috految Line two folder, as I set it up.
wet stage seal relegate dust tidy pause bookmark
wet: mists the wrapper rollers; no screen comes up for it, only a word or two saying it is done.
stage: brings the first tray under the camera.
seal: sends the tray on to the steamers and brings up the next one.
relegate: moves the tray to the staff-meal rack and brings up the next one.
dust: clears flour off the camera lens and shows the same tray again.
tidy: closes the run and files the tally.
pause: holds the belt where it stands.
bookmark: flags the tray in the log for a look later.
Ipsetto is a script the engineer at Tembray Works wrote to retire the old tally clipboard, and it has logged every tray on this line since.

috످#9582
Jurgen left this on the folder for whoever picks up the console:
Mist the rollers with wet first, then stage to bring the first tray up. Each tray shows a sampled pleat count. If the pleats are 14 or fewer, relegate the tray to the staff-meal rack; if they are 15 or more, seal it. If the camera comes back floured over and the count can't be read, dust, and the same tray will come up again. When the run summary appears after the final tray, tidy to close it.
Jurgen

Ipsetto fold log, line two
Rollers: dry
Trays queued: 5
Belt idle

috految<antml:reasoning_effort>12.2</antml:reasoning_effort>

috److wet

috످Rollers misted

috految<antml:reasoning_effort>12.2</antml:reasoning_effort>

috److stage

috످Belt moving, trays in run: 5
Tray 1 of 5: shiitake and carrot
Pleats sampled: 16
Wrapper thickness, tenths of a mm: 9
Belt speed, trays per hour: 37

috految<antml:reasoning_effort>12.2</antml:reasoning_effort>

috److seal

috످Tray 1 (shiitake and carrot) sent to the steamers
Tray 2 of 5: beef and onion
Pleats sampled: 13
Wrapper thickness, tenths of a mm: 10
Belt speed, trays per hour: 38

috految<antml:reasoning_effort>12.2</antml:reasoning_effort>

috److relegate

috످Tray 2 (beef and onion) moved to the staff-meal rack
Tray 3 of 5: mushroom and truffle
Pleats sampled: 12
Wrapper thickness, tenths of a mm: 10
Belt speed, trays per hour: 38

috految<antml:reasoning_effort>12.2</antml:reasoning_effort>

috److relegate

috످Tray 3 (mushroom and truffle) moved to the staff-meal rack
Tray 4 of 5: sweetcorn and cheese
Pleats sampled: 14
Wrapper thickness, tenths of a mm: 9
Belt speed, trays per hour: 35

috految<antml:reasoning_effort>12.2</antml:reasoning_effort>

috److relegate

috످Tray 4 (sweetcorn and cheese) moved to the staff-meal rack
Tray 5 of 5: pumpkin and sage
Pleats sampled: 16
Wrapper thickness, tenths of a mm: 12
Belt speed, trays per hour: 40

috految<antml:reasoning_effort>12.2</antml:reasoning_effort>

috److seal

috످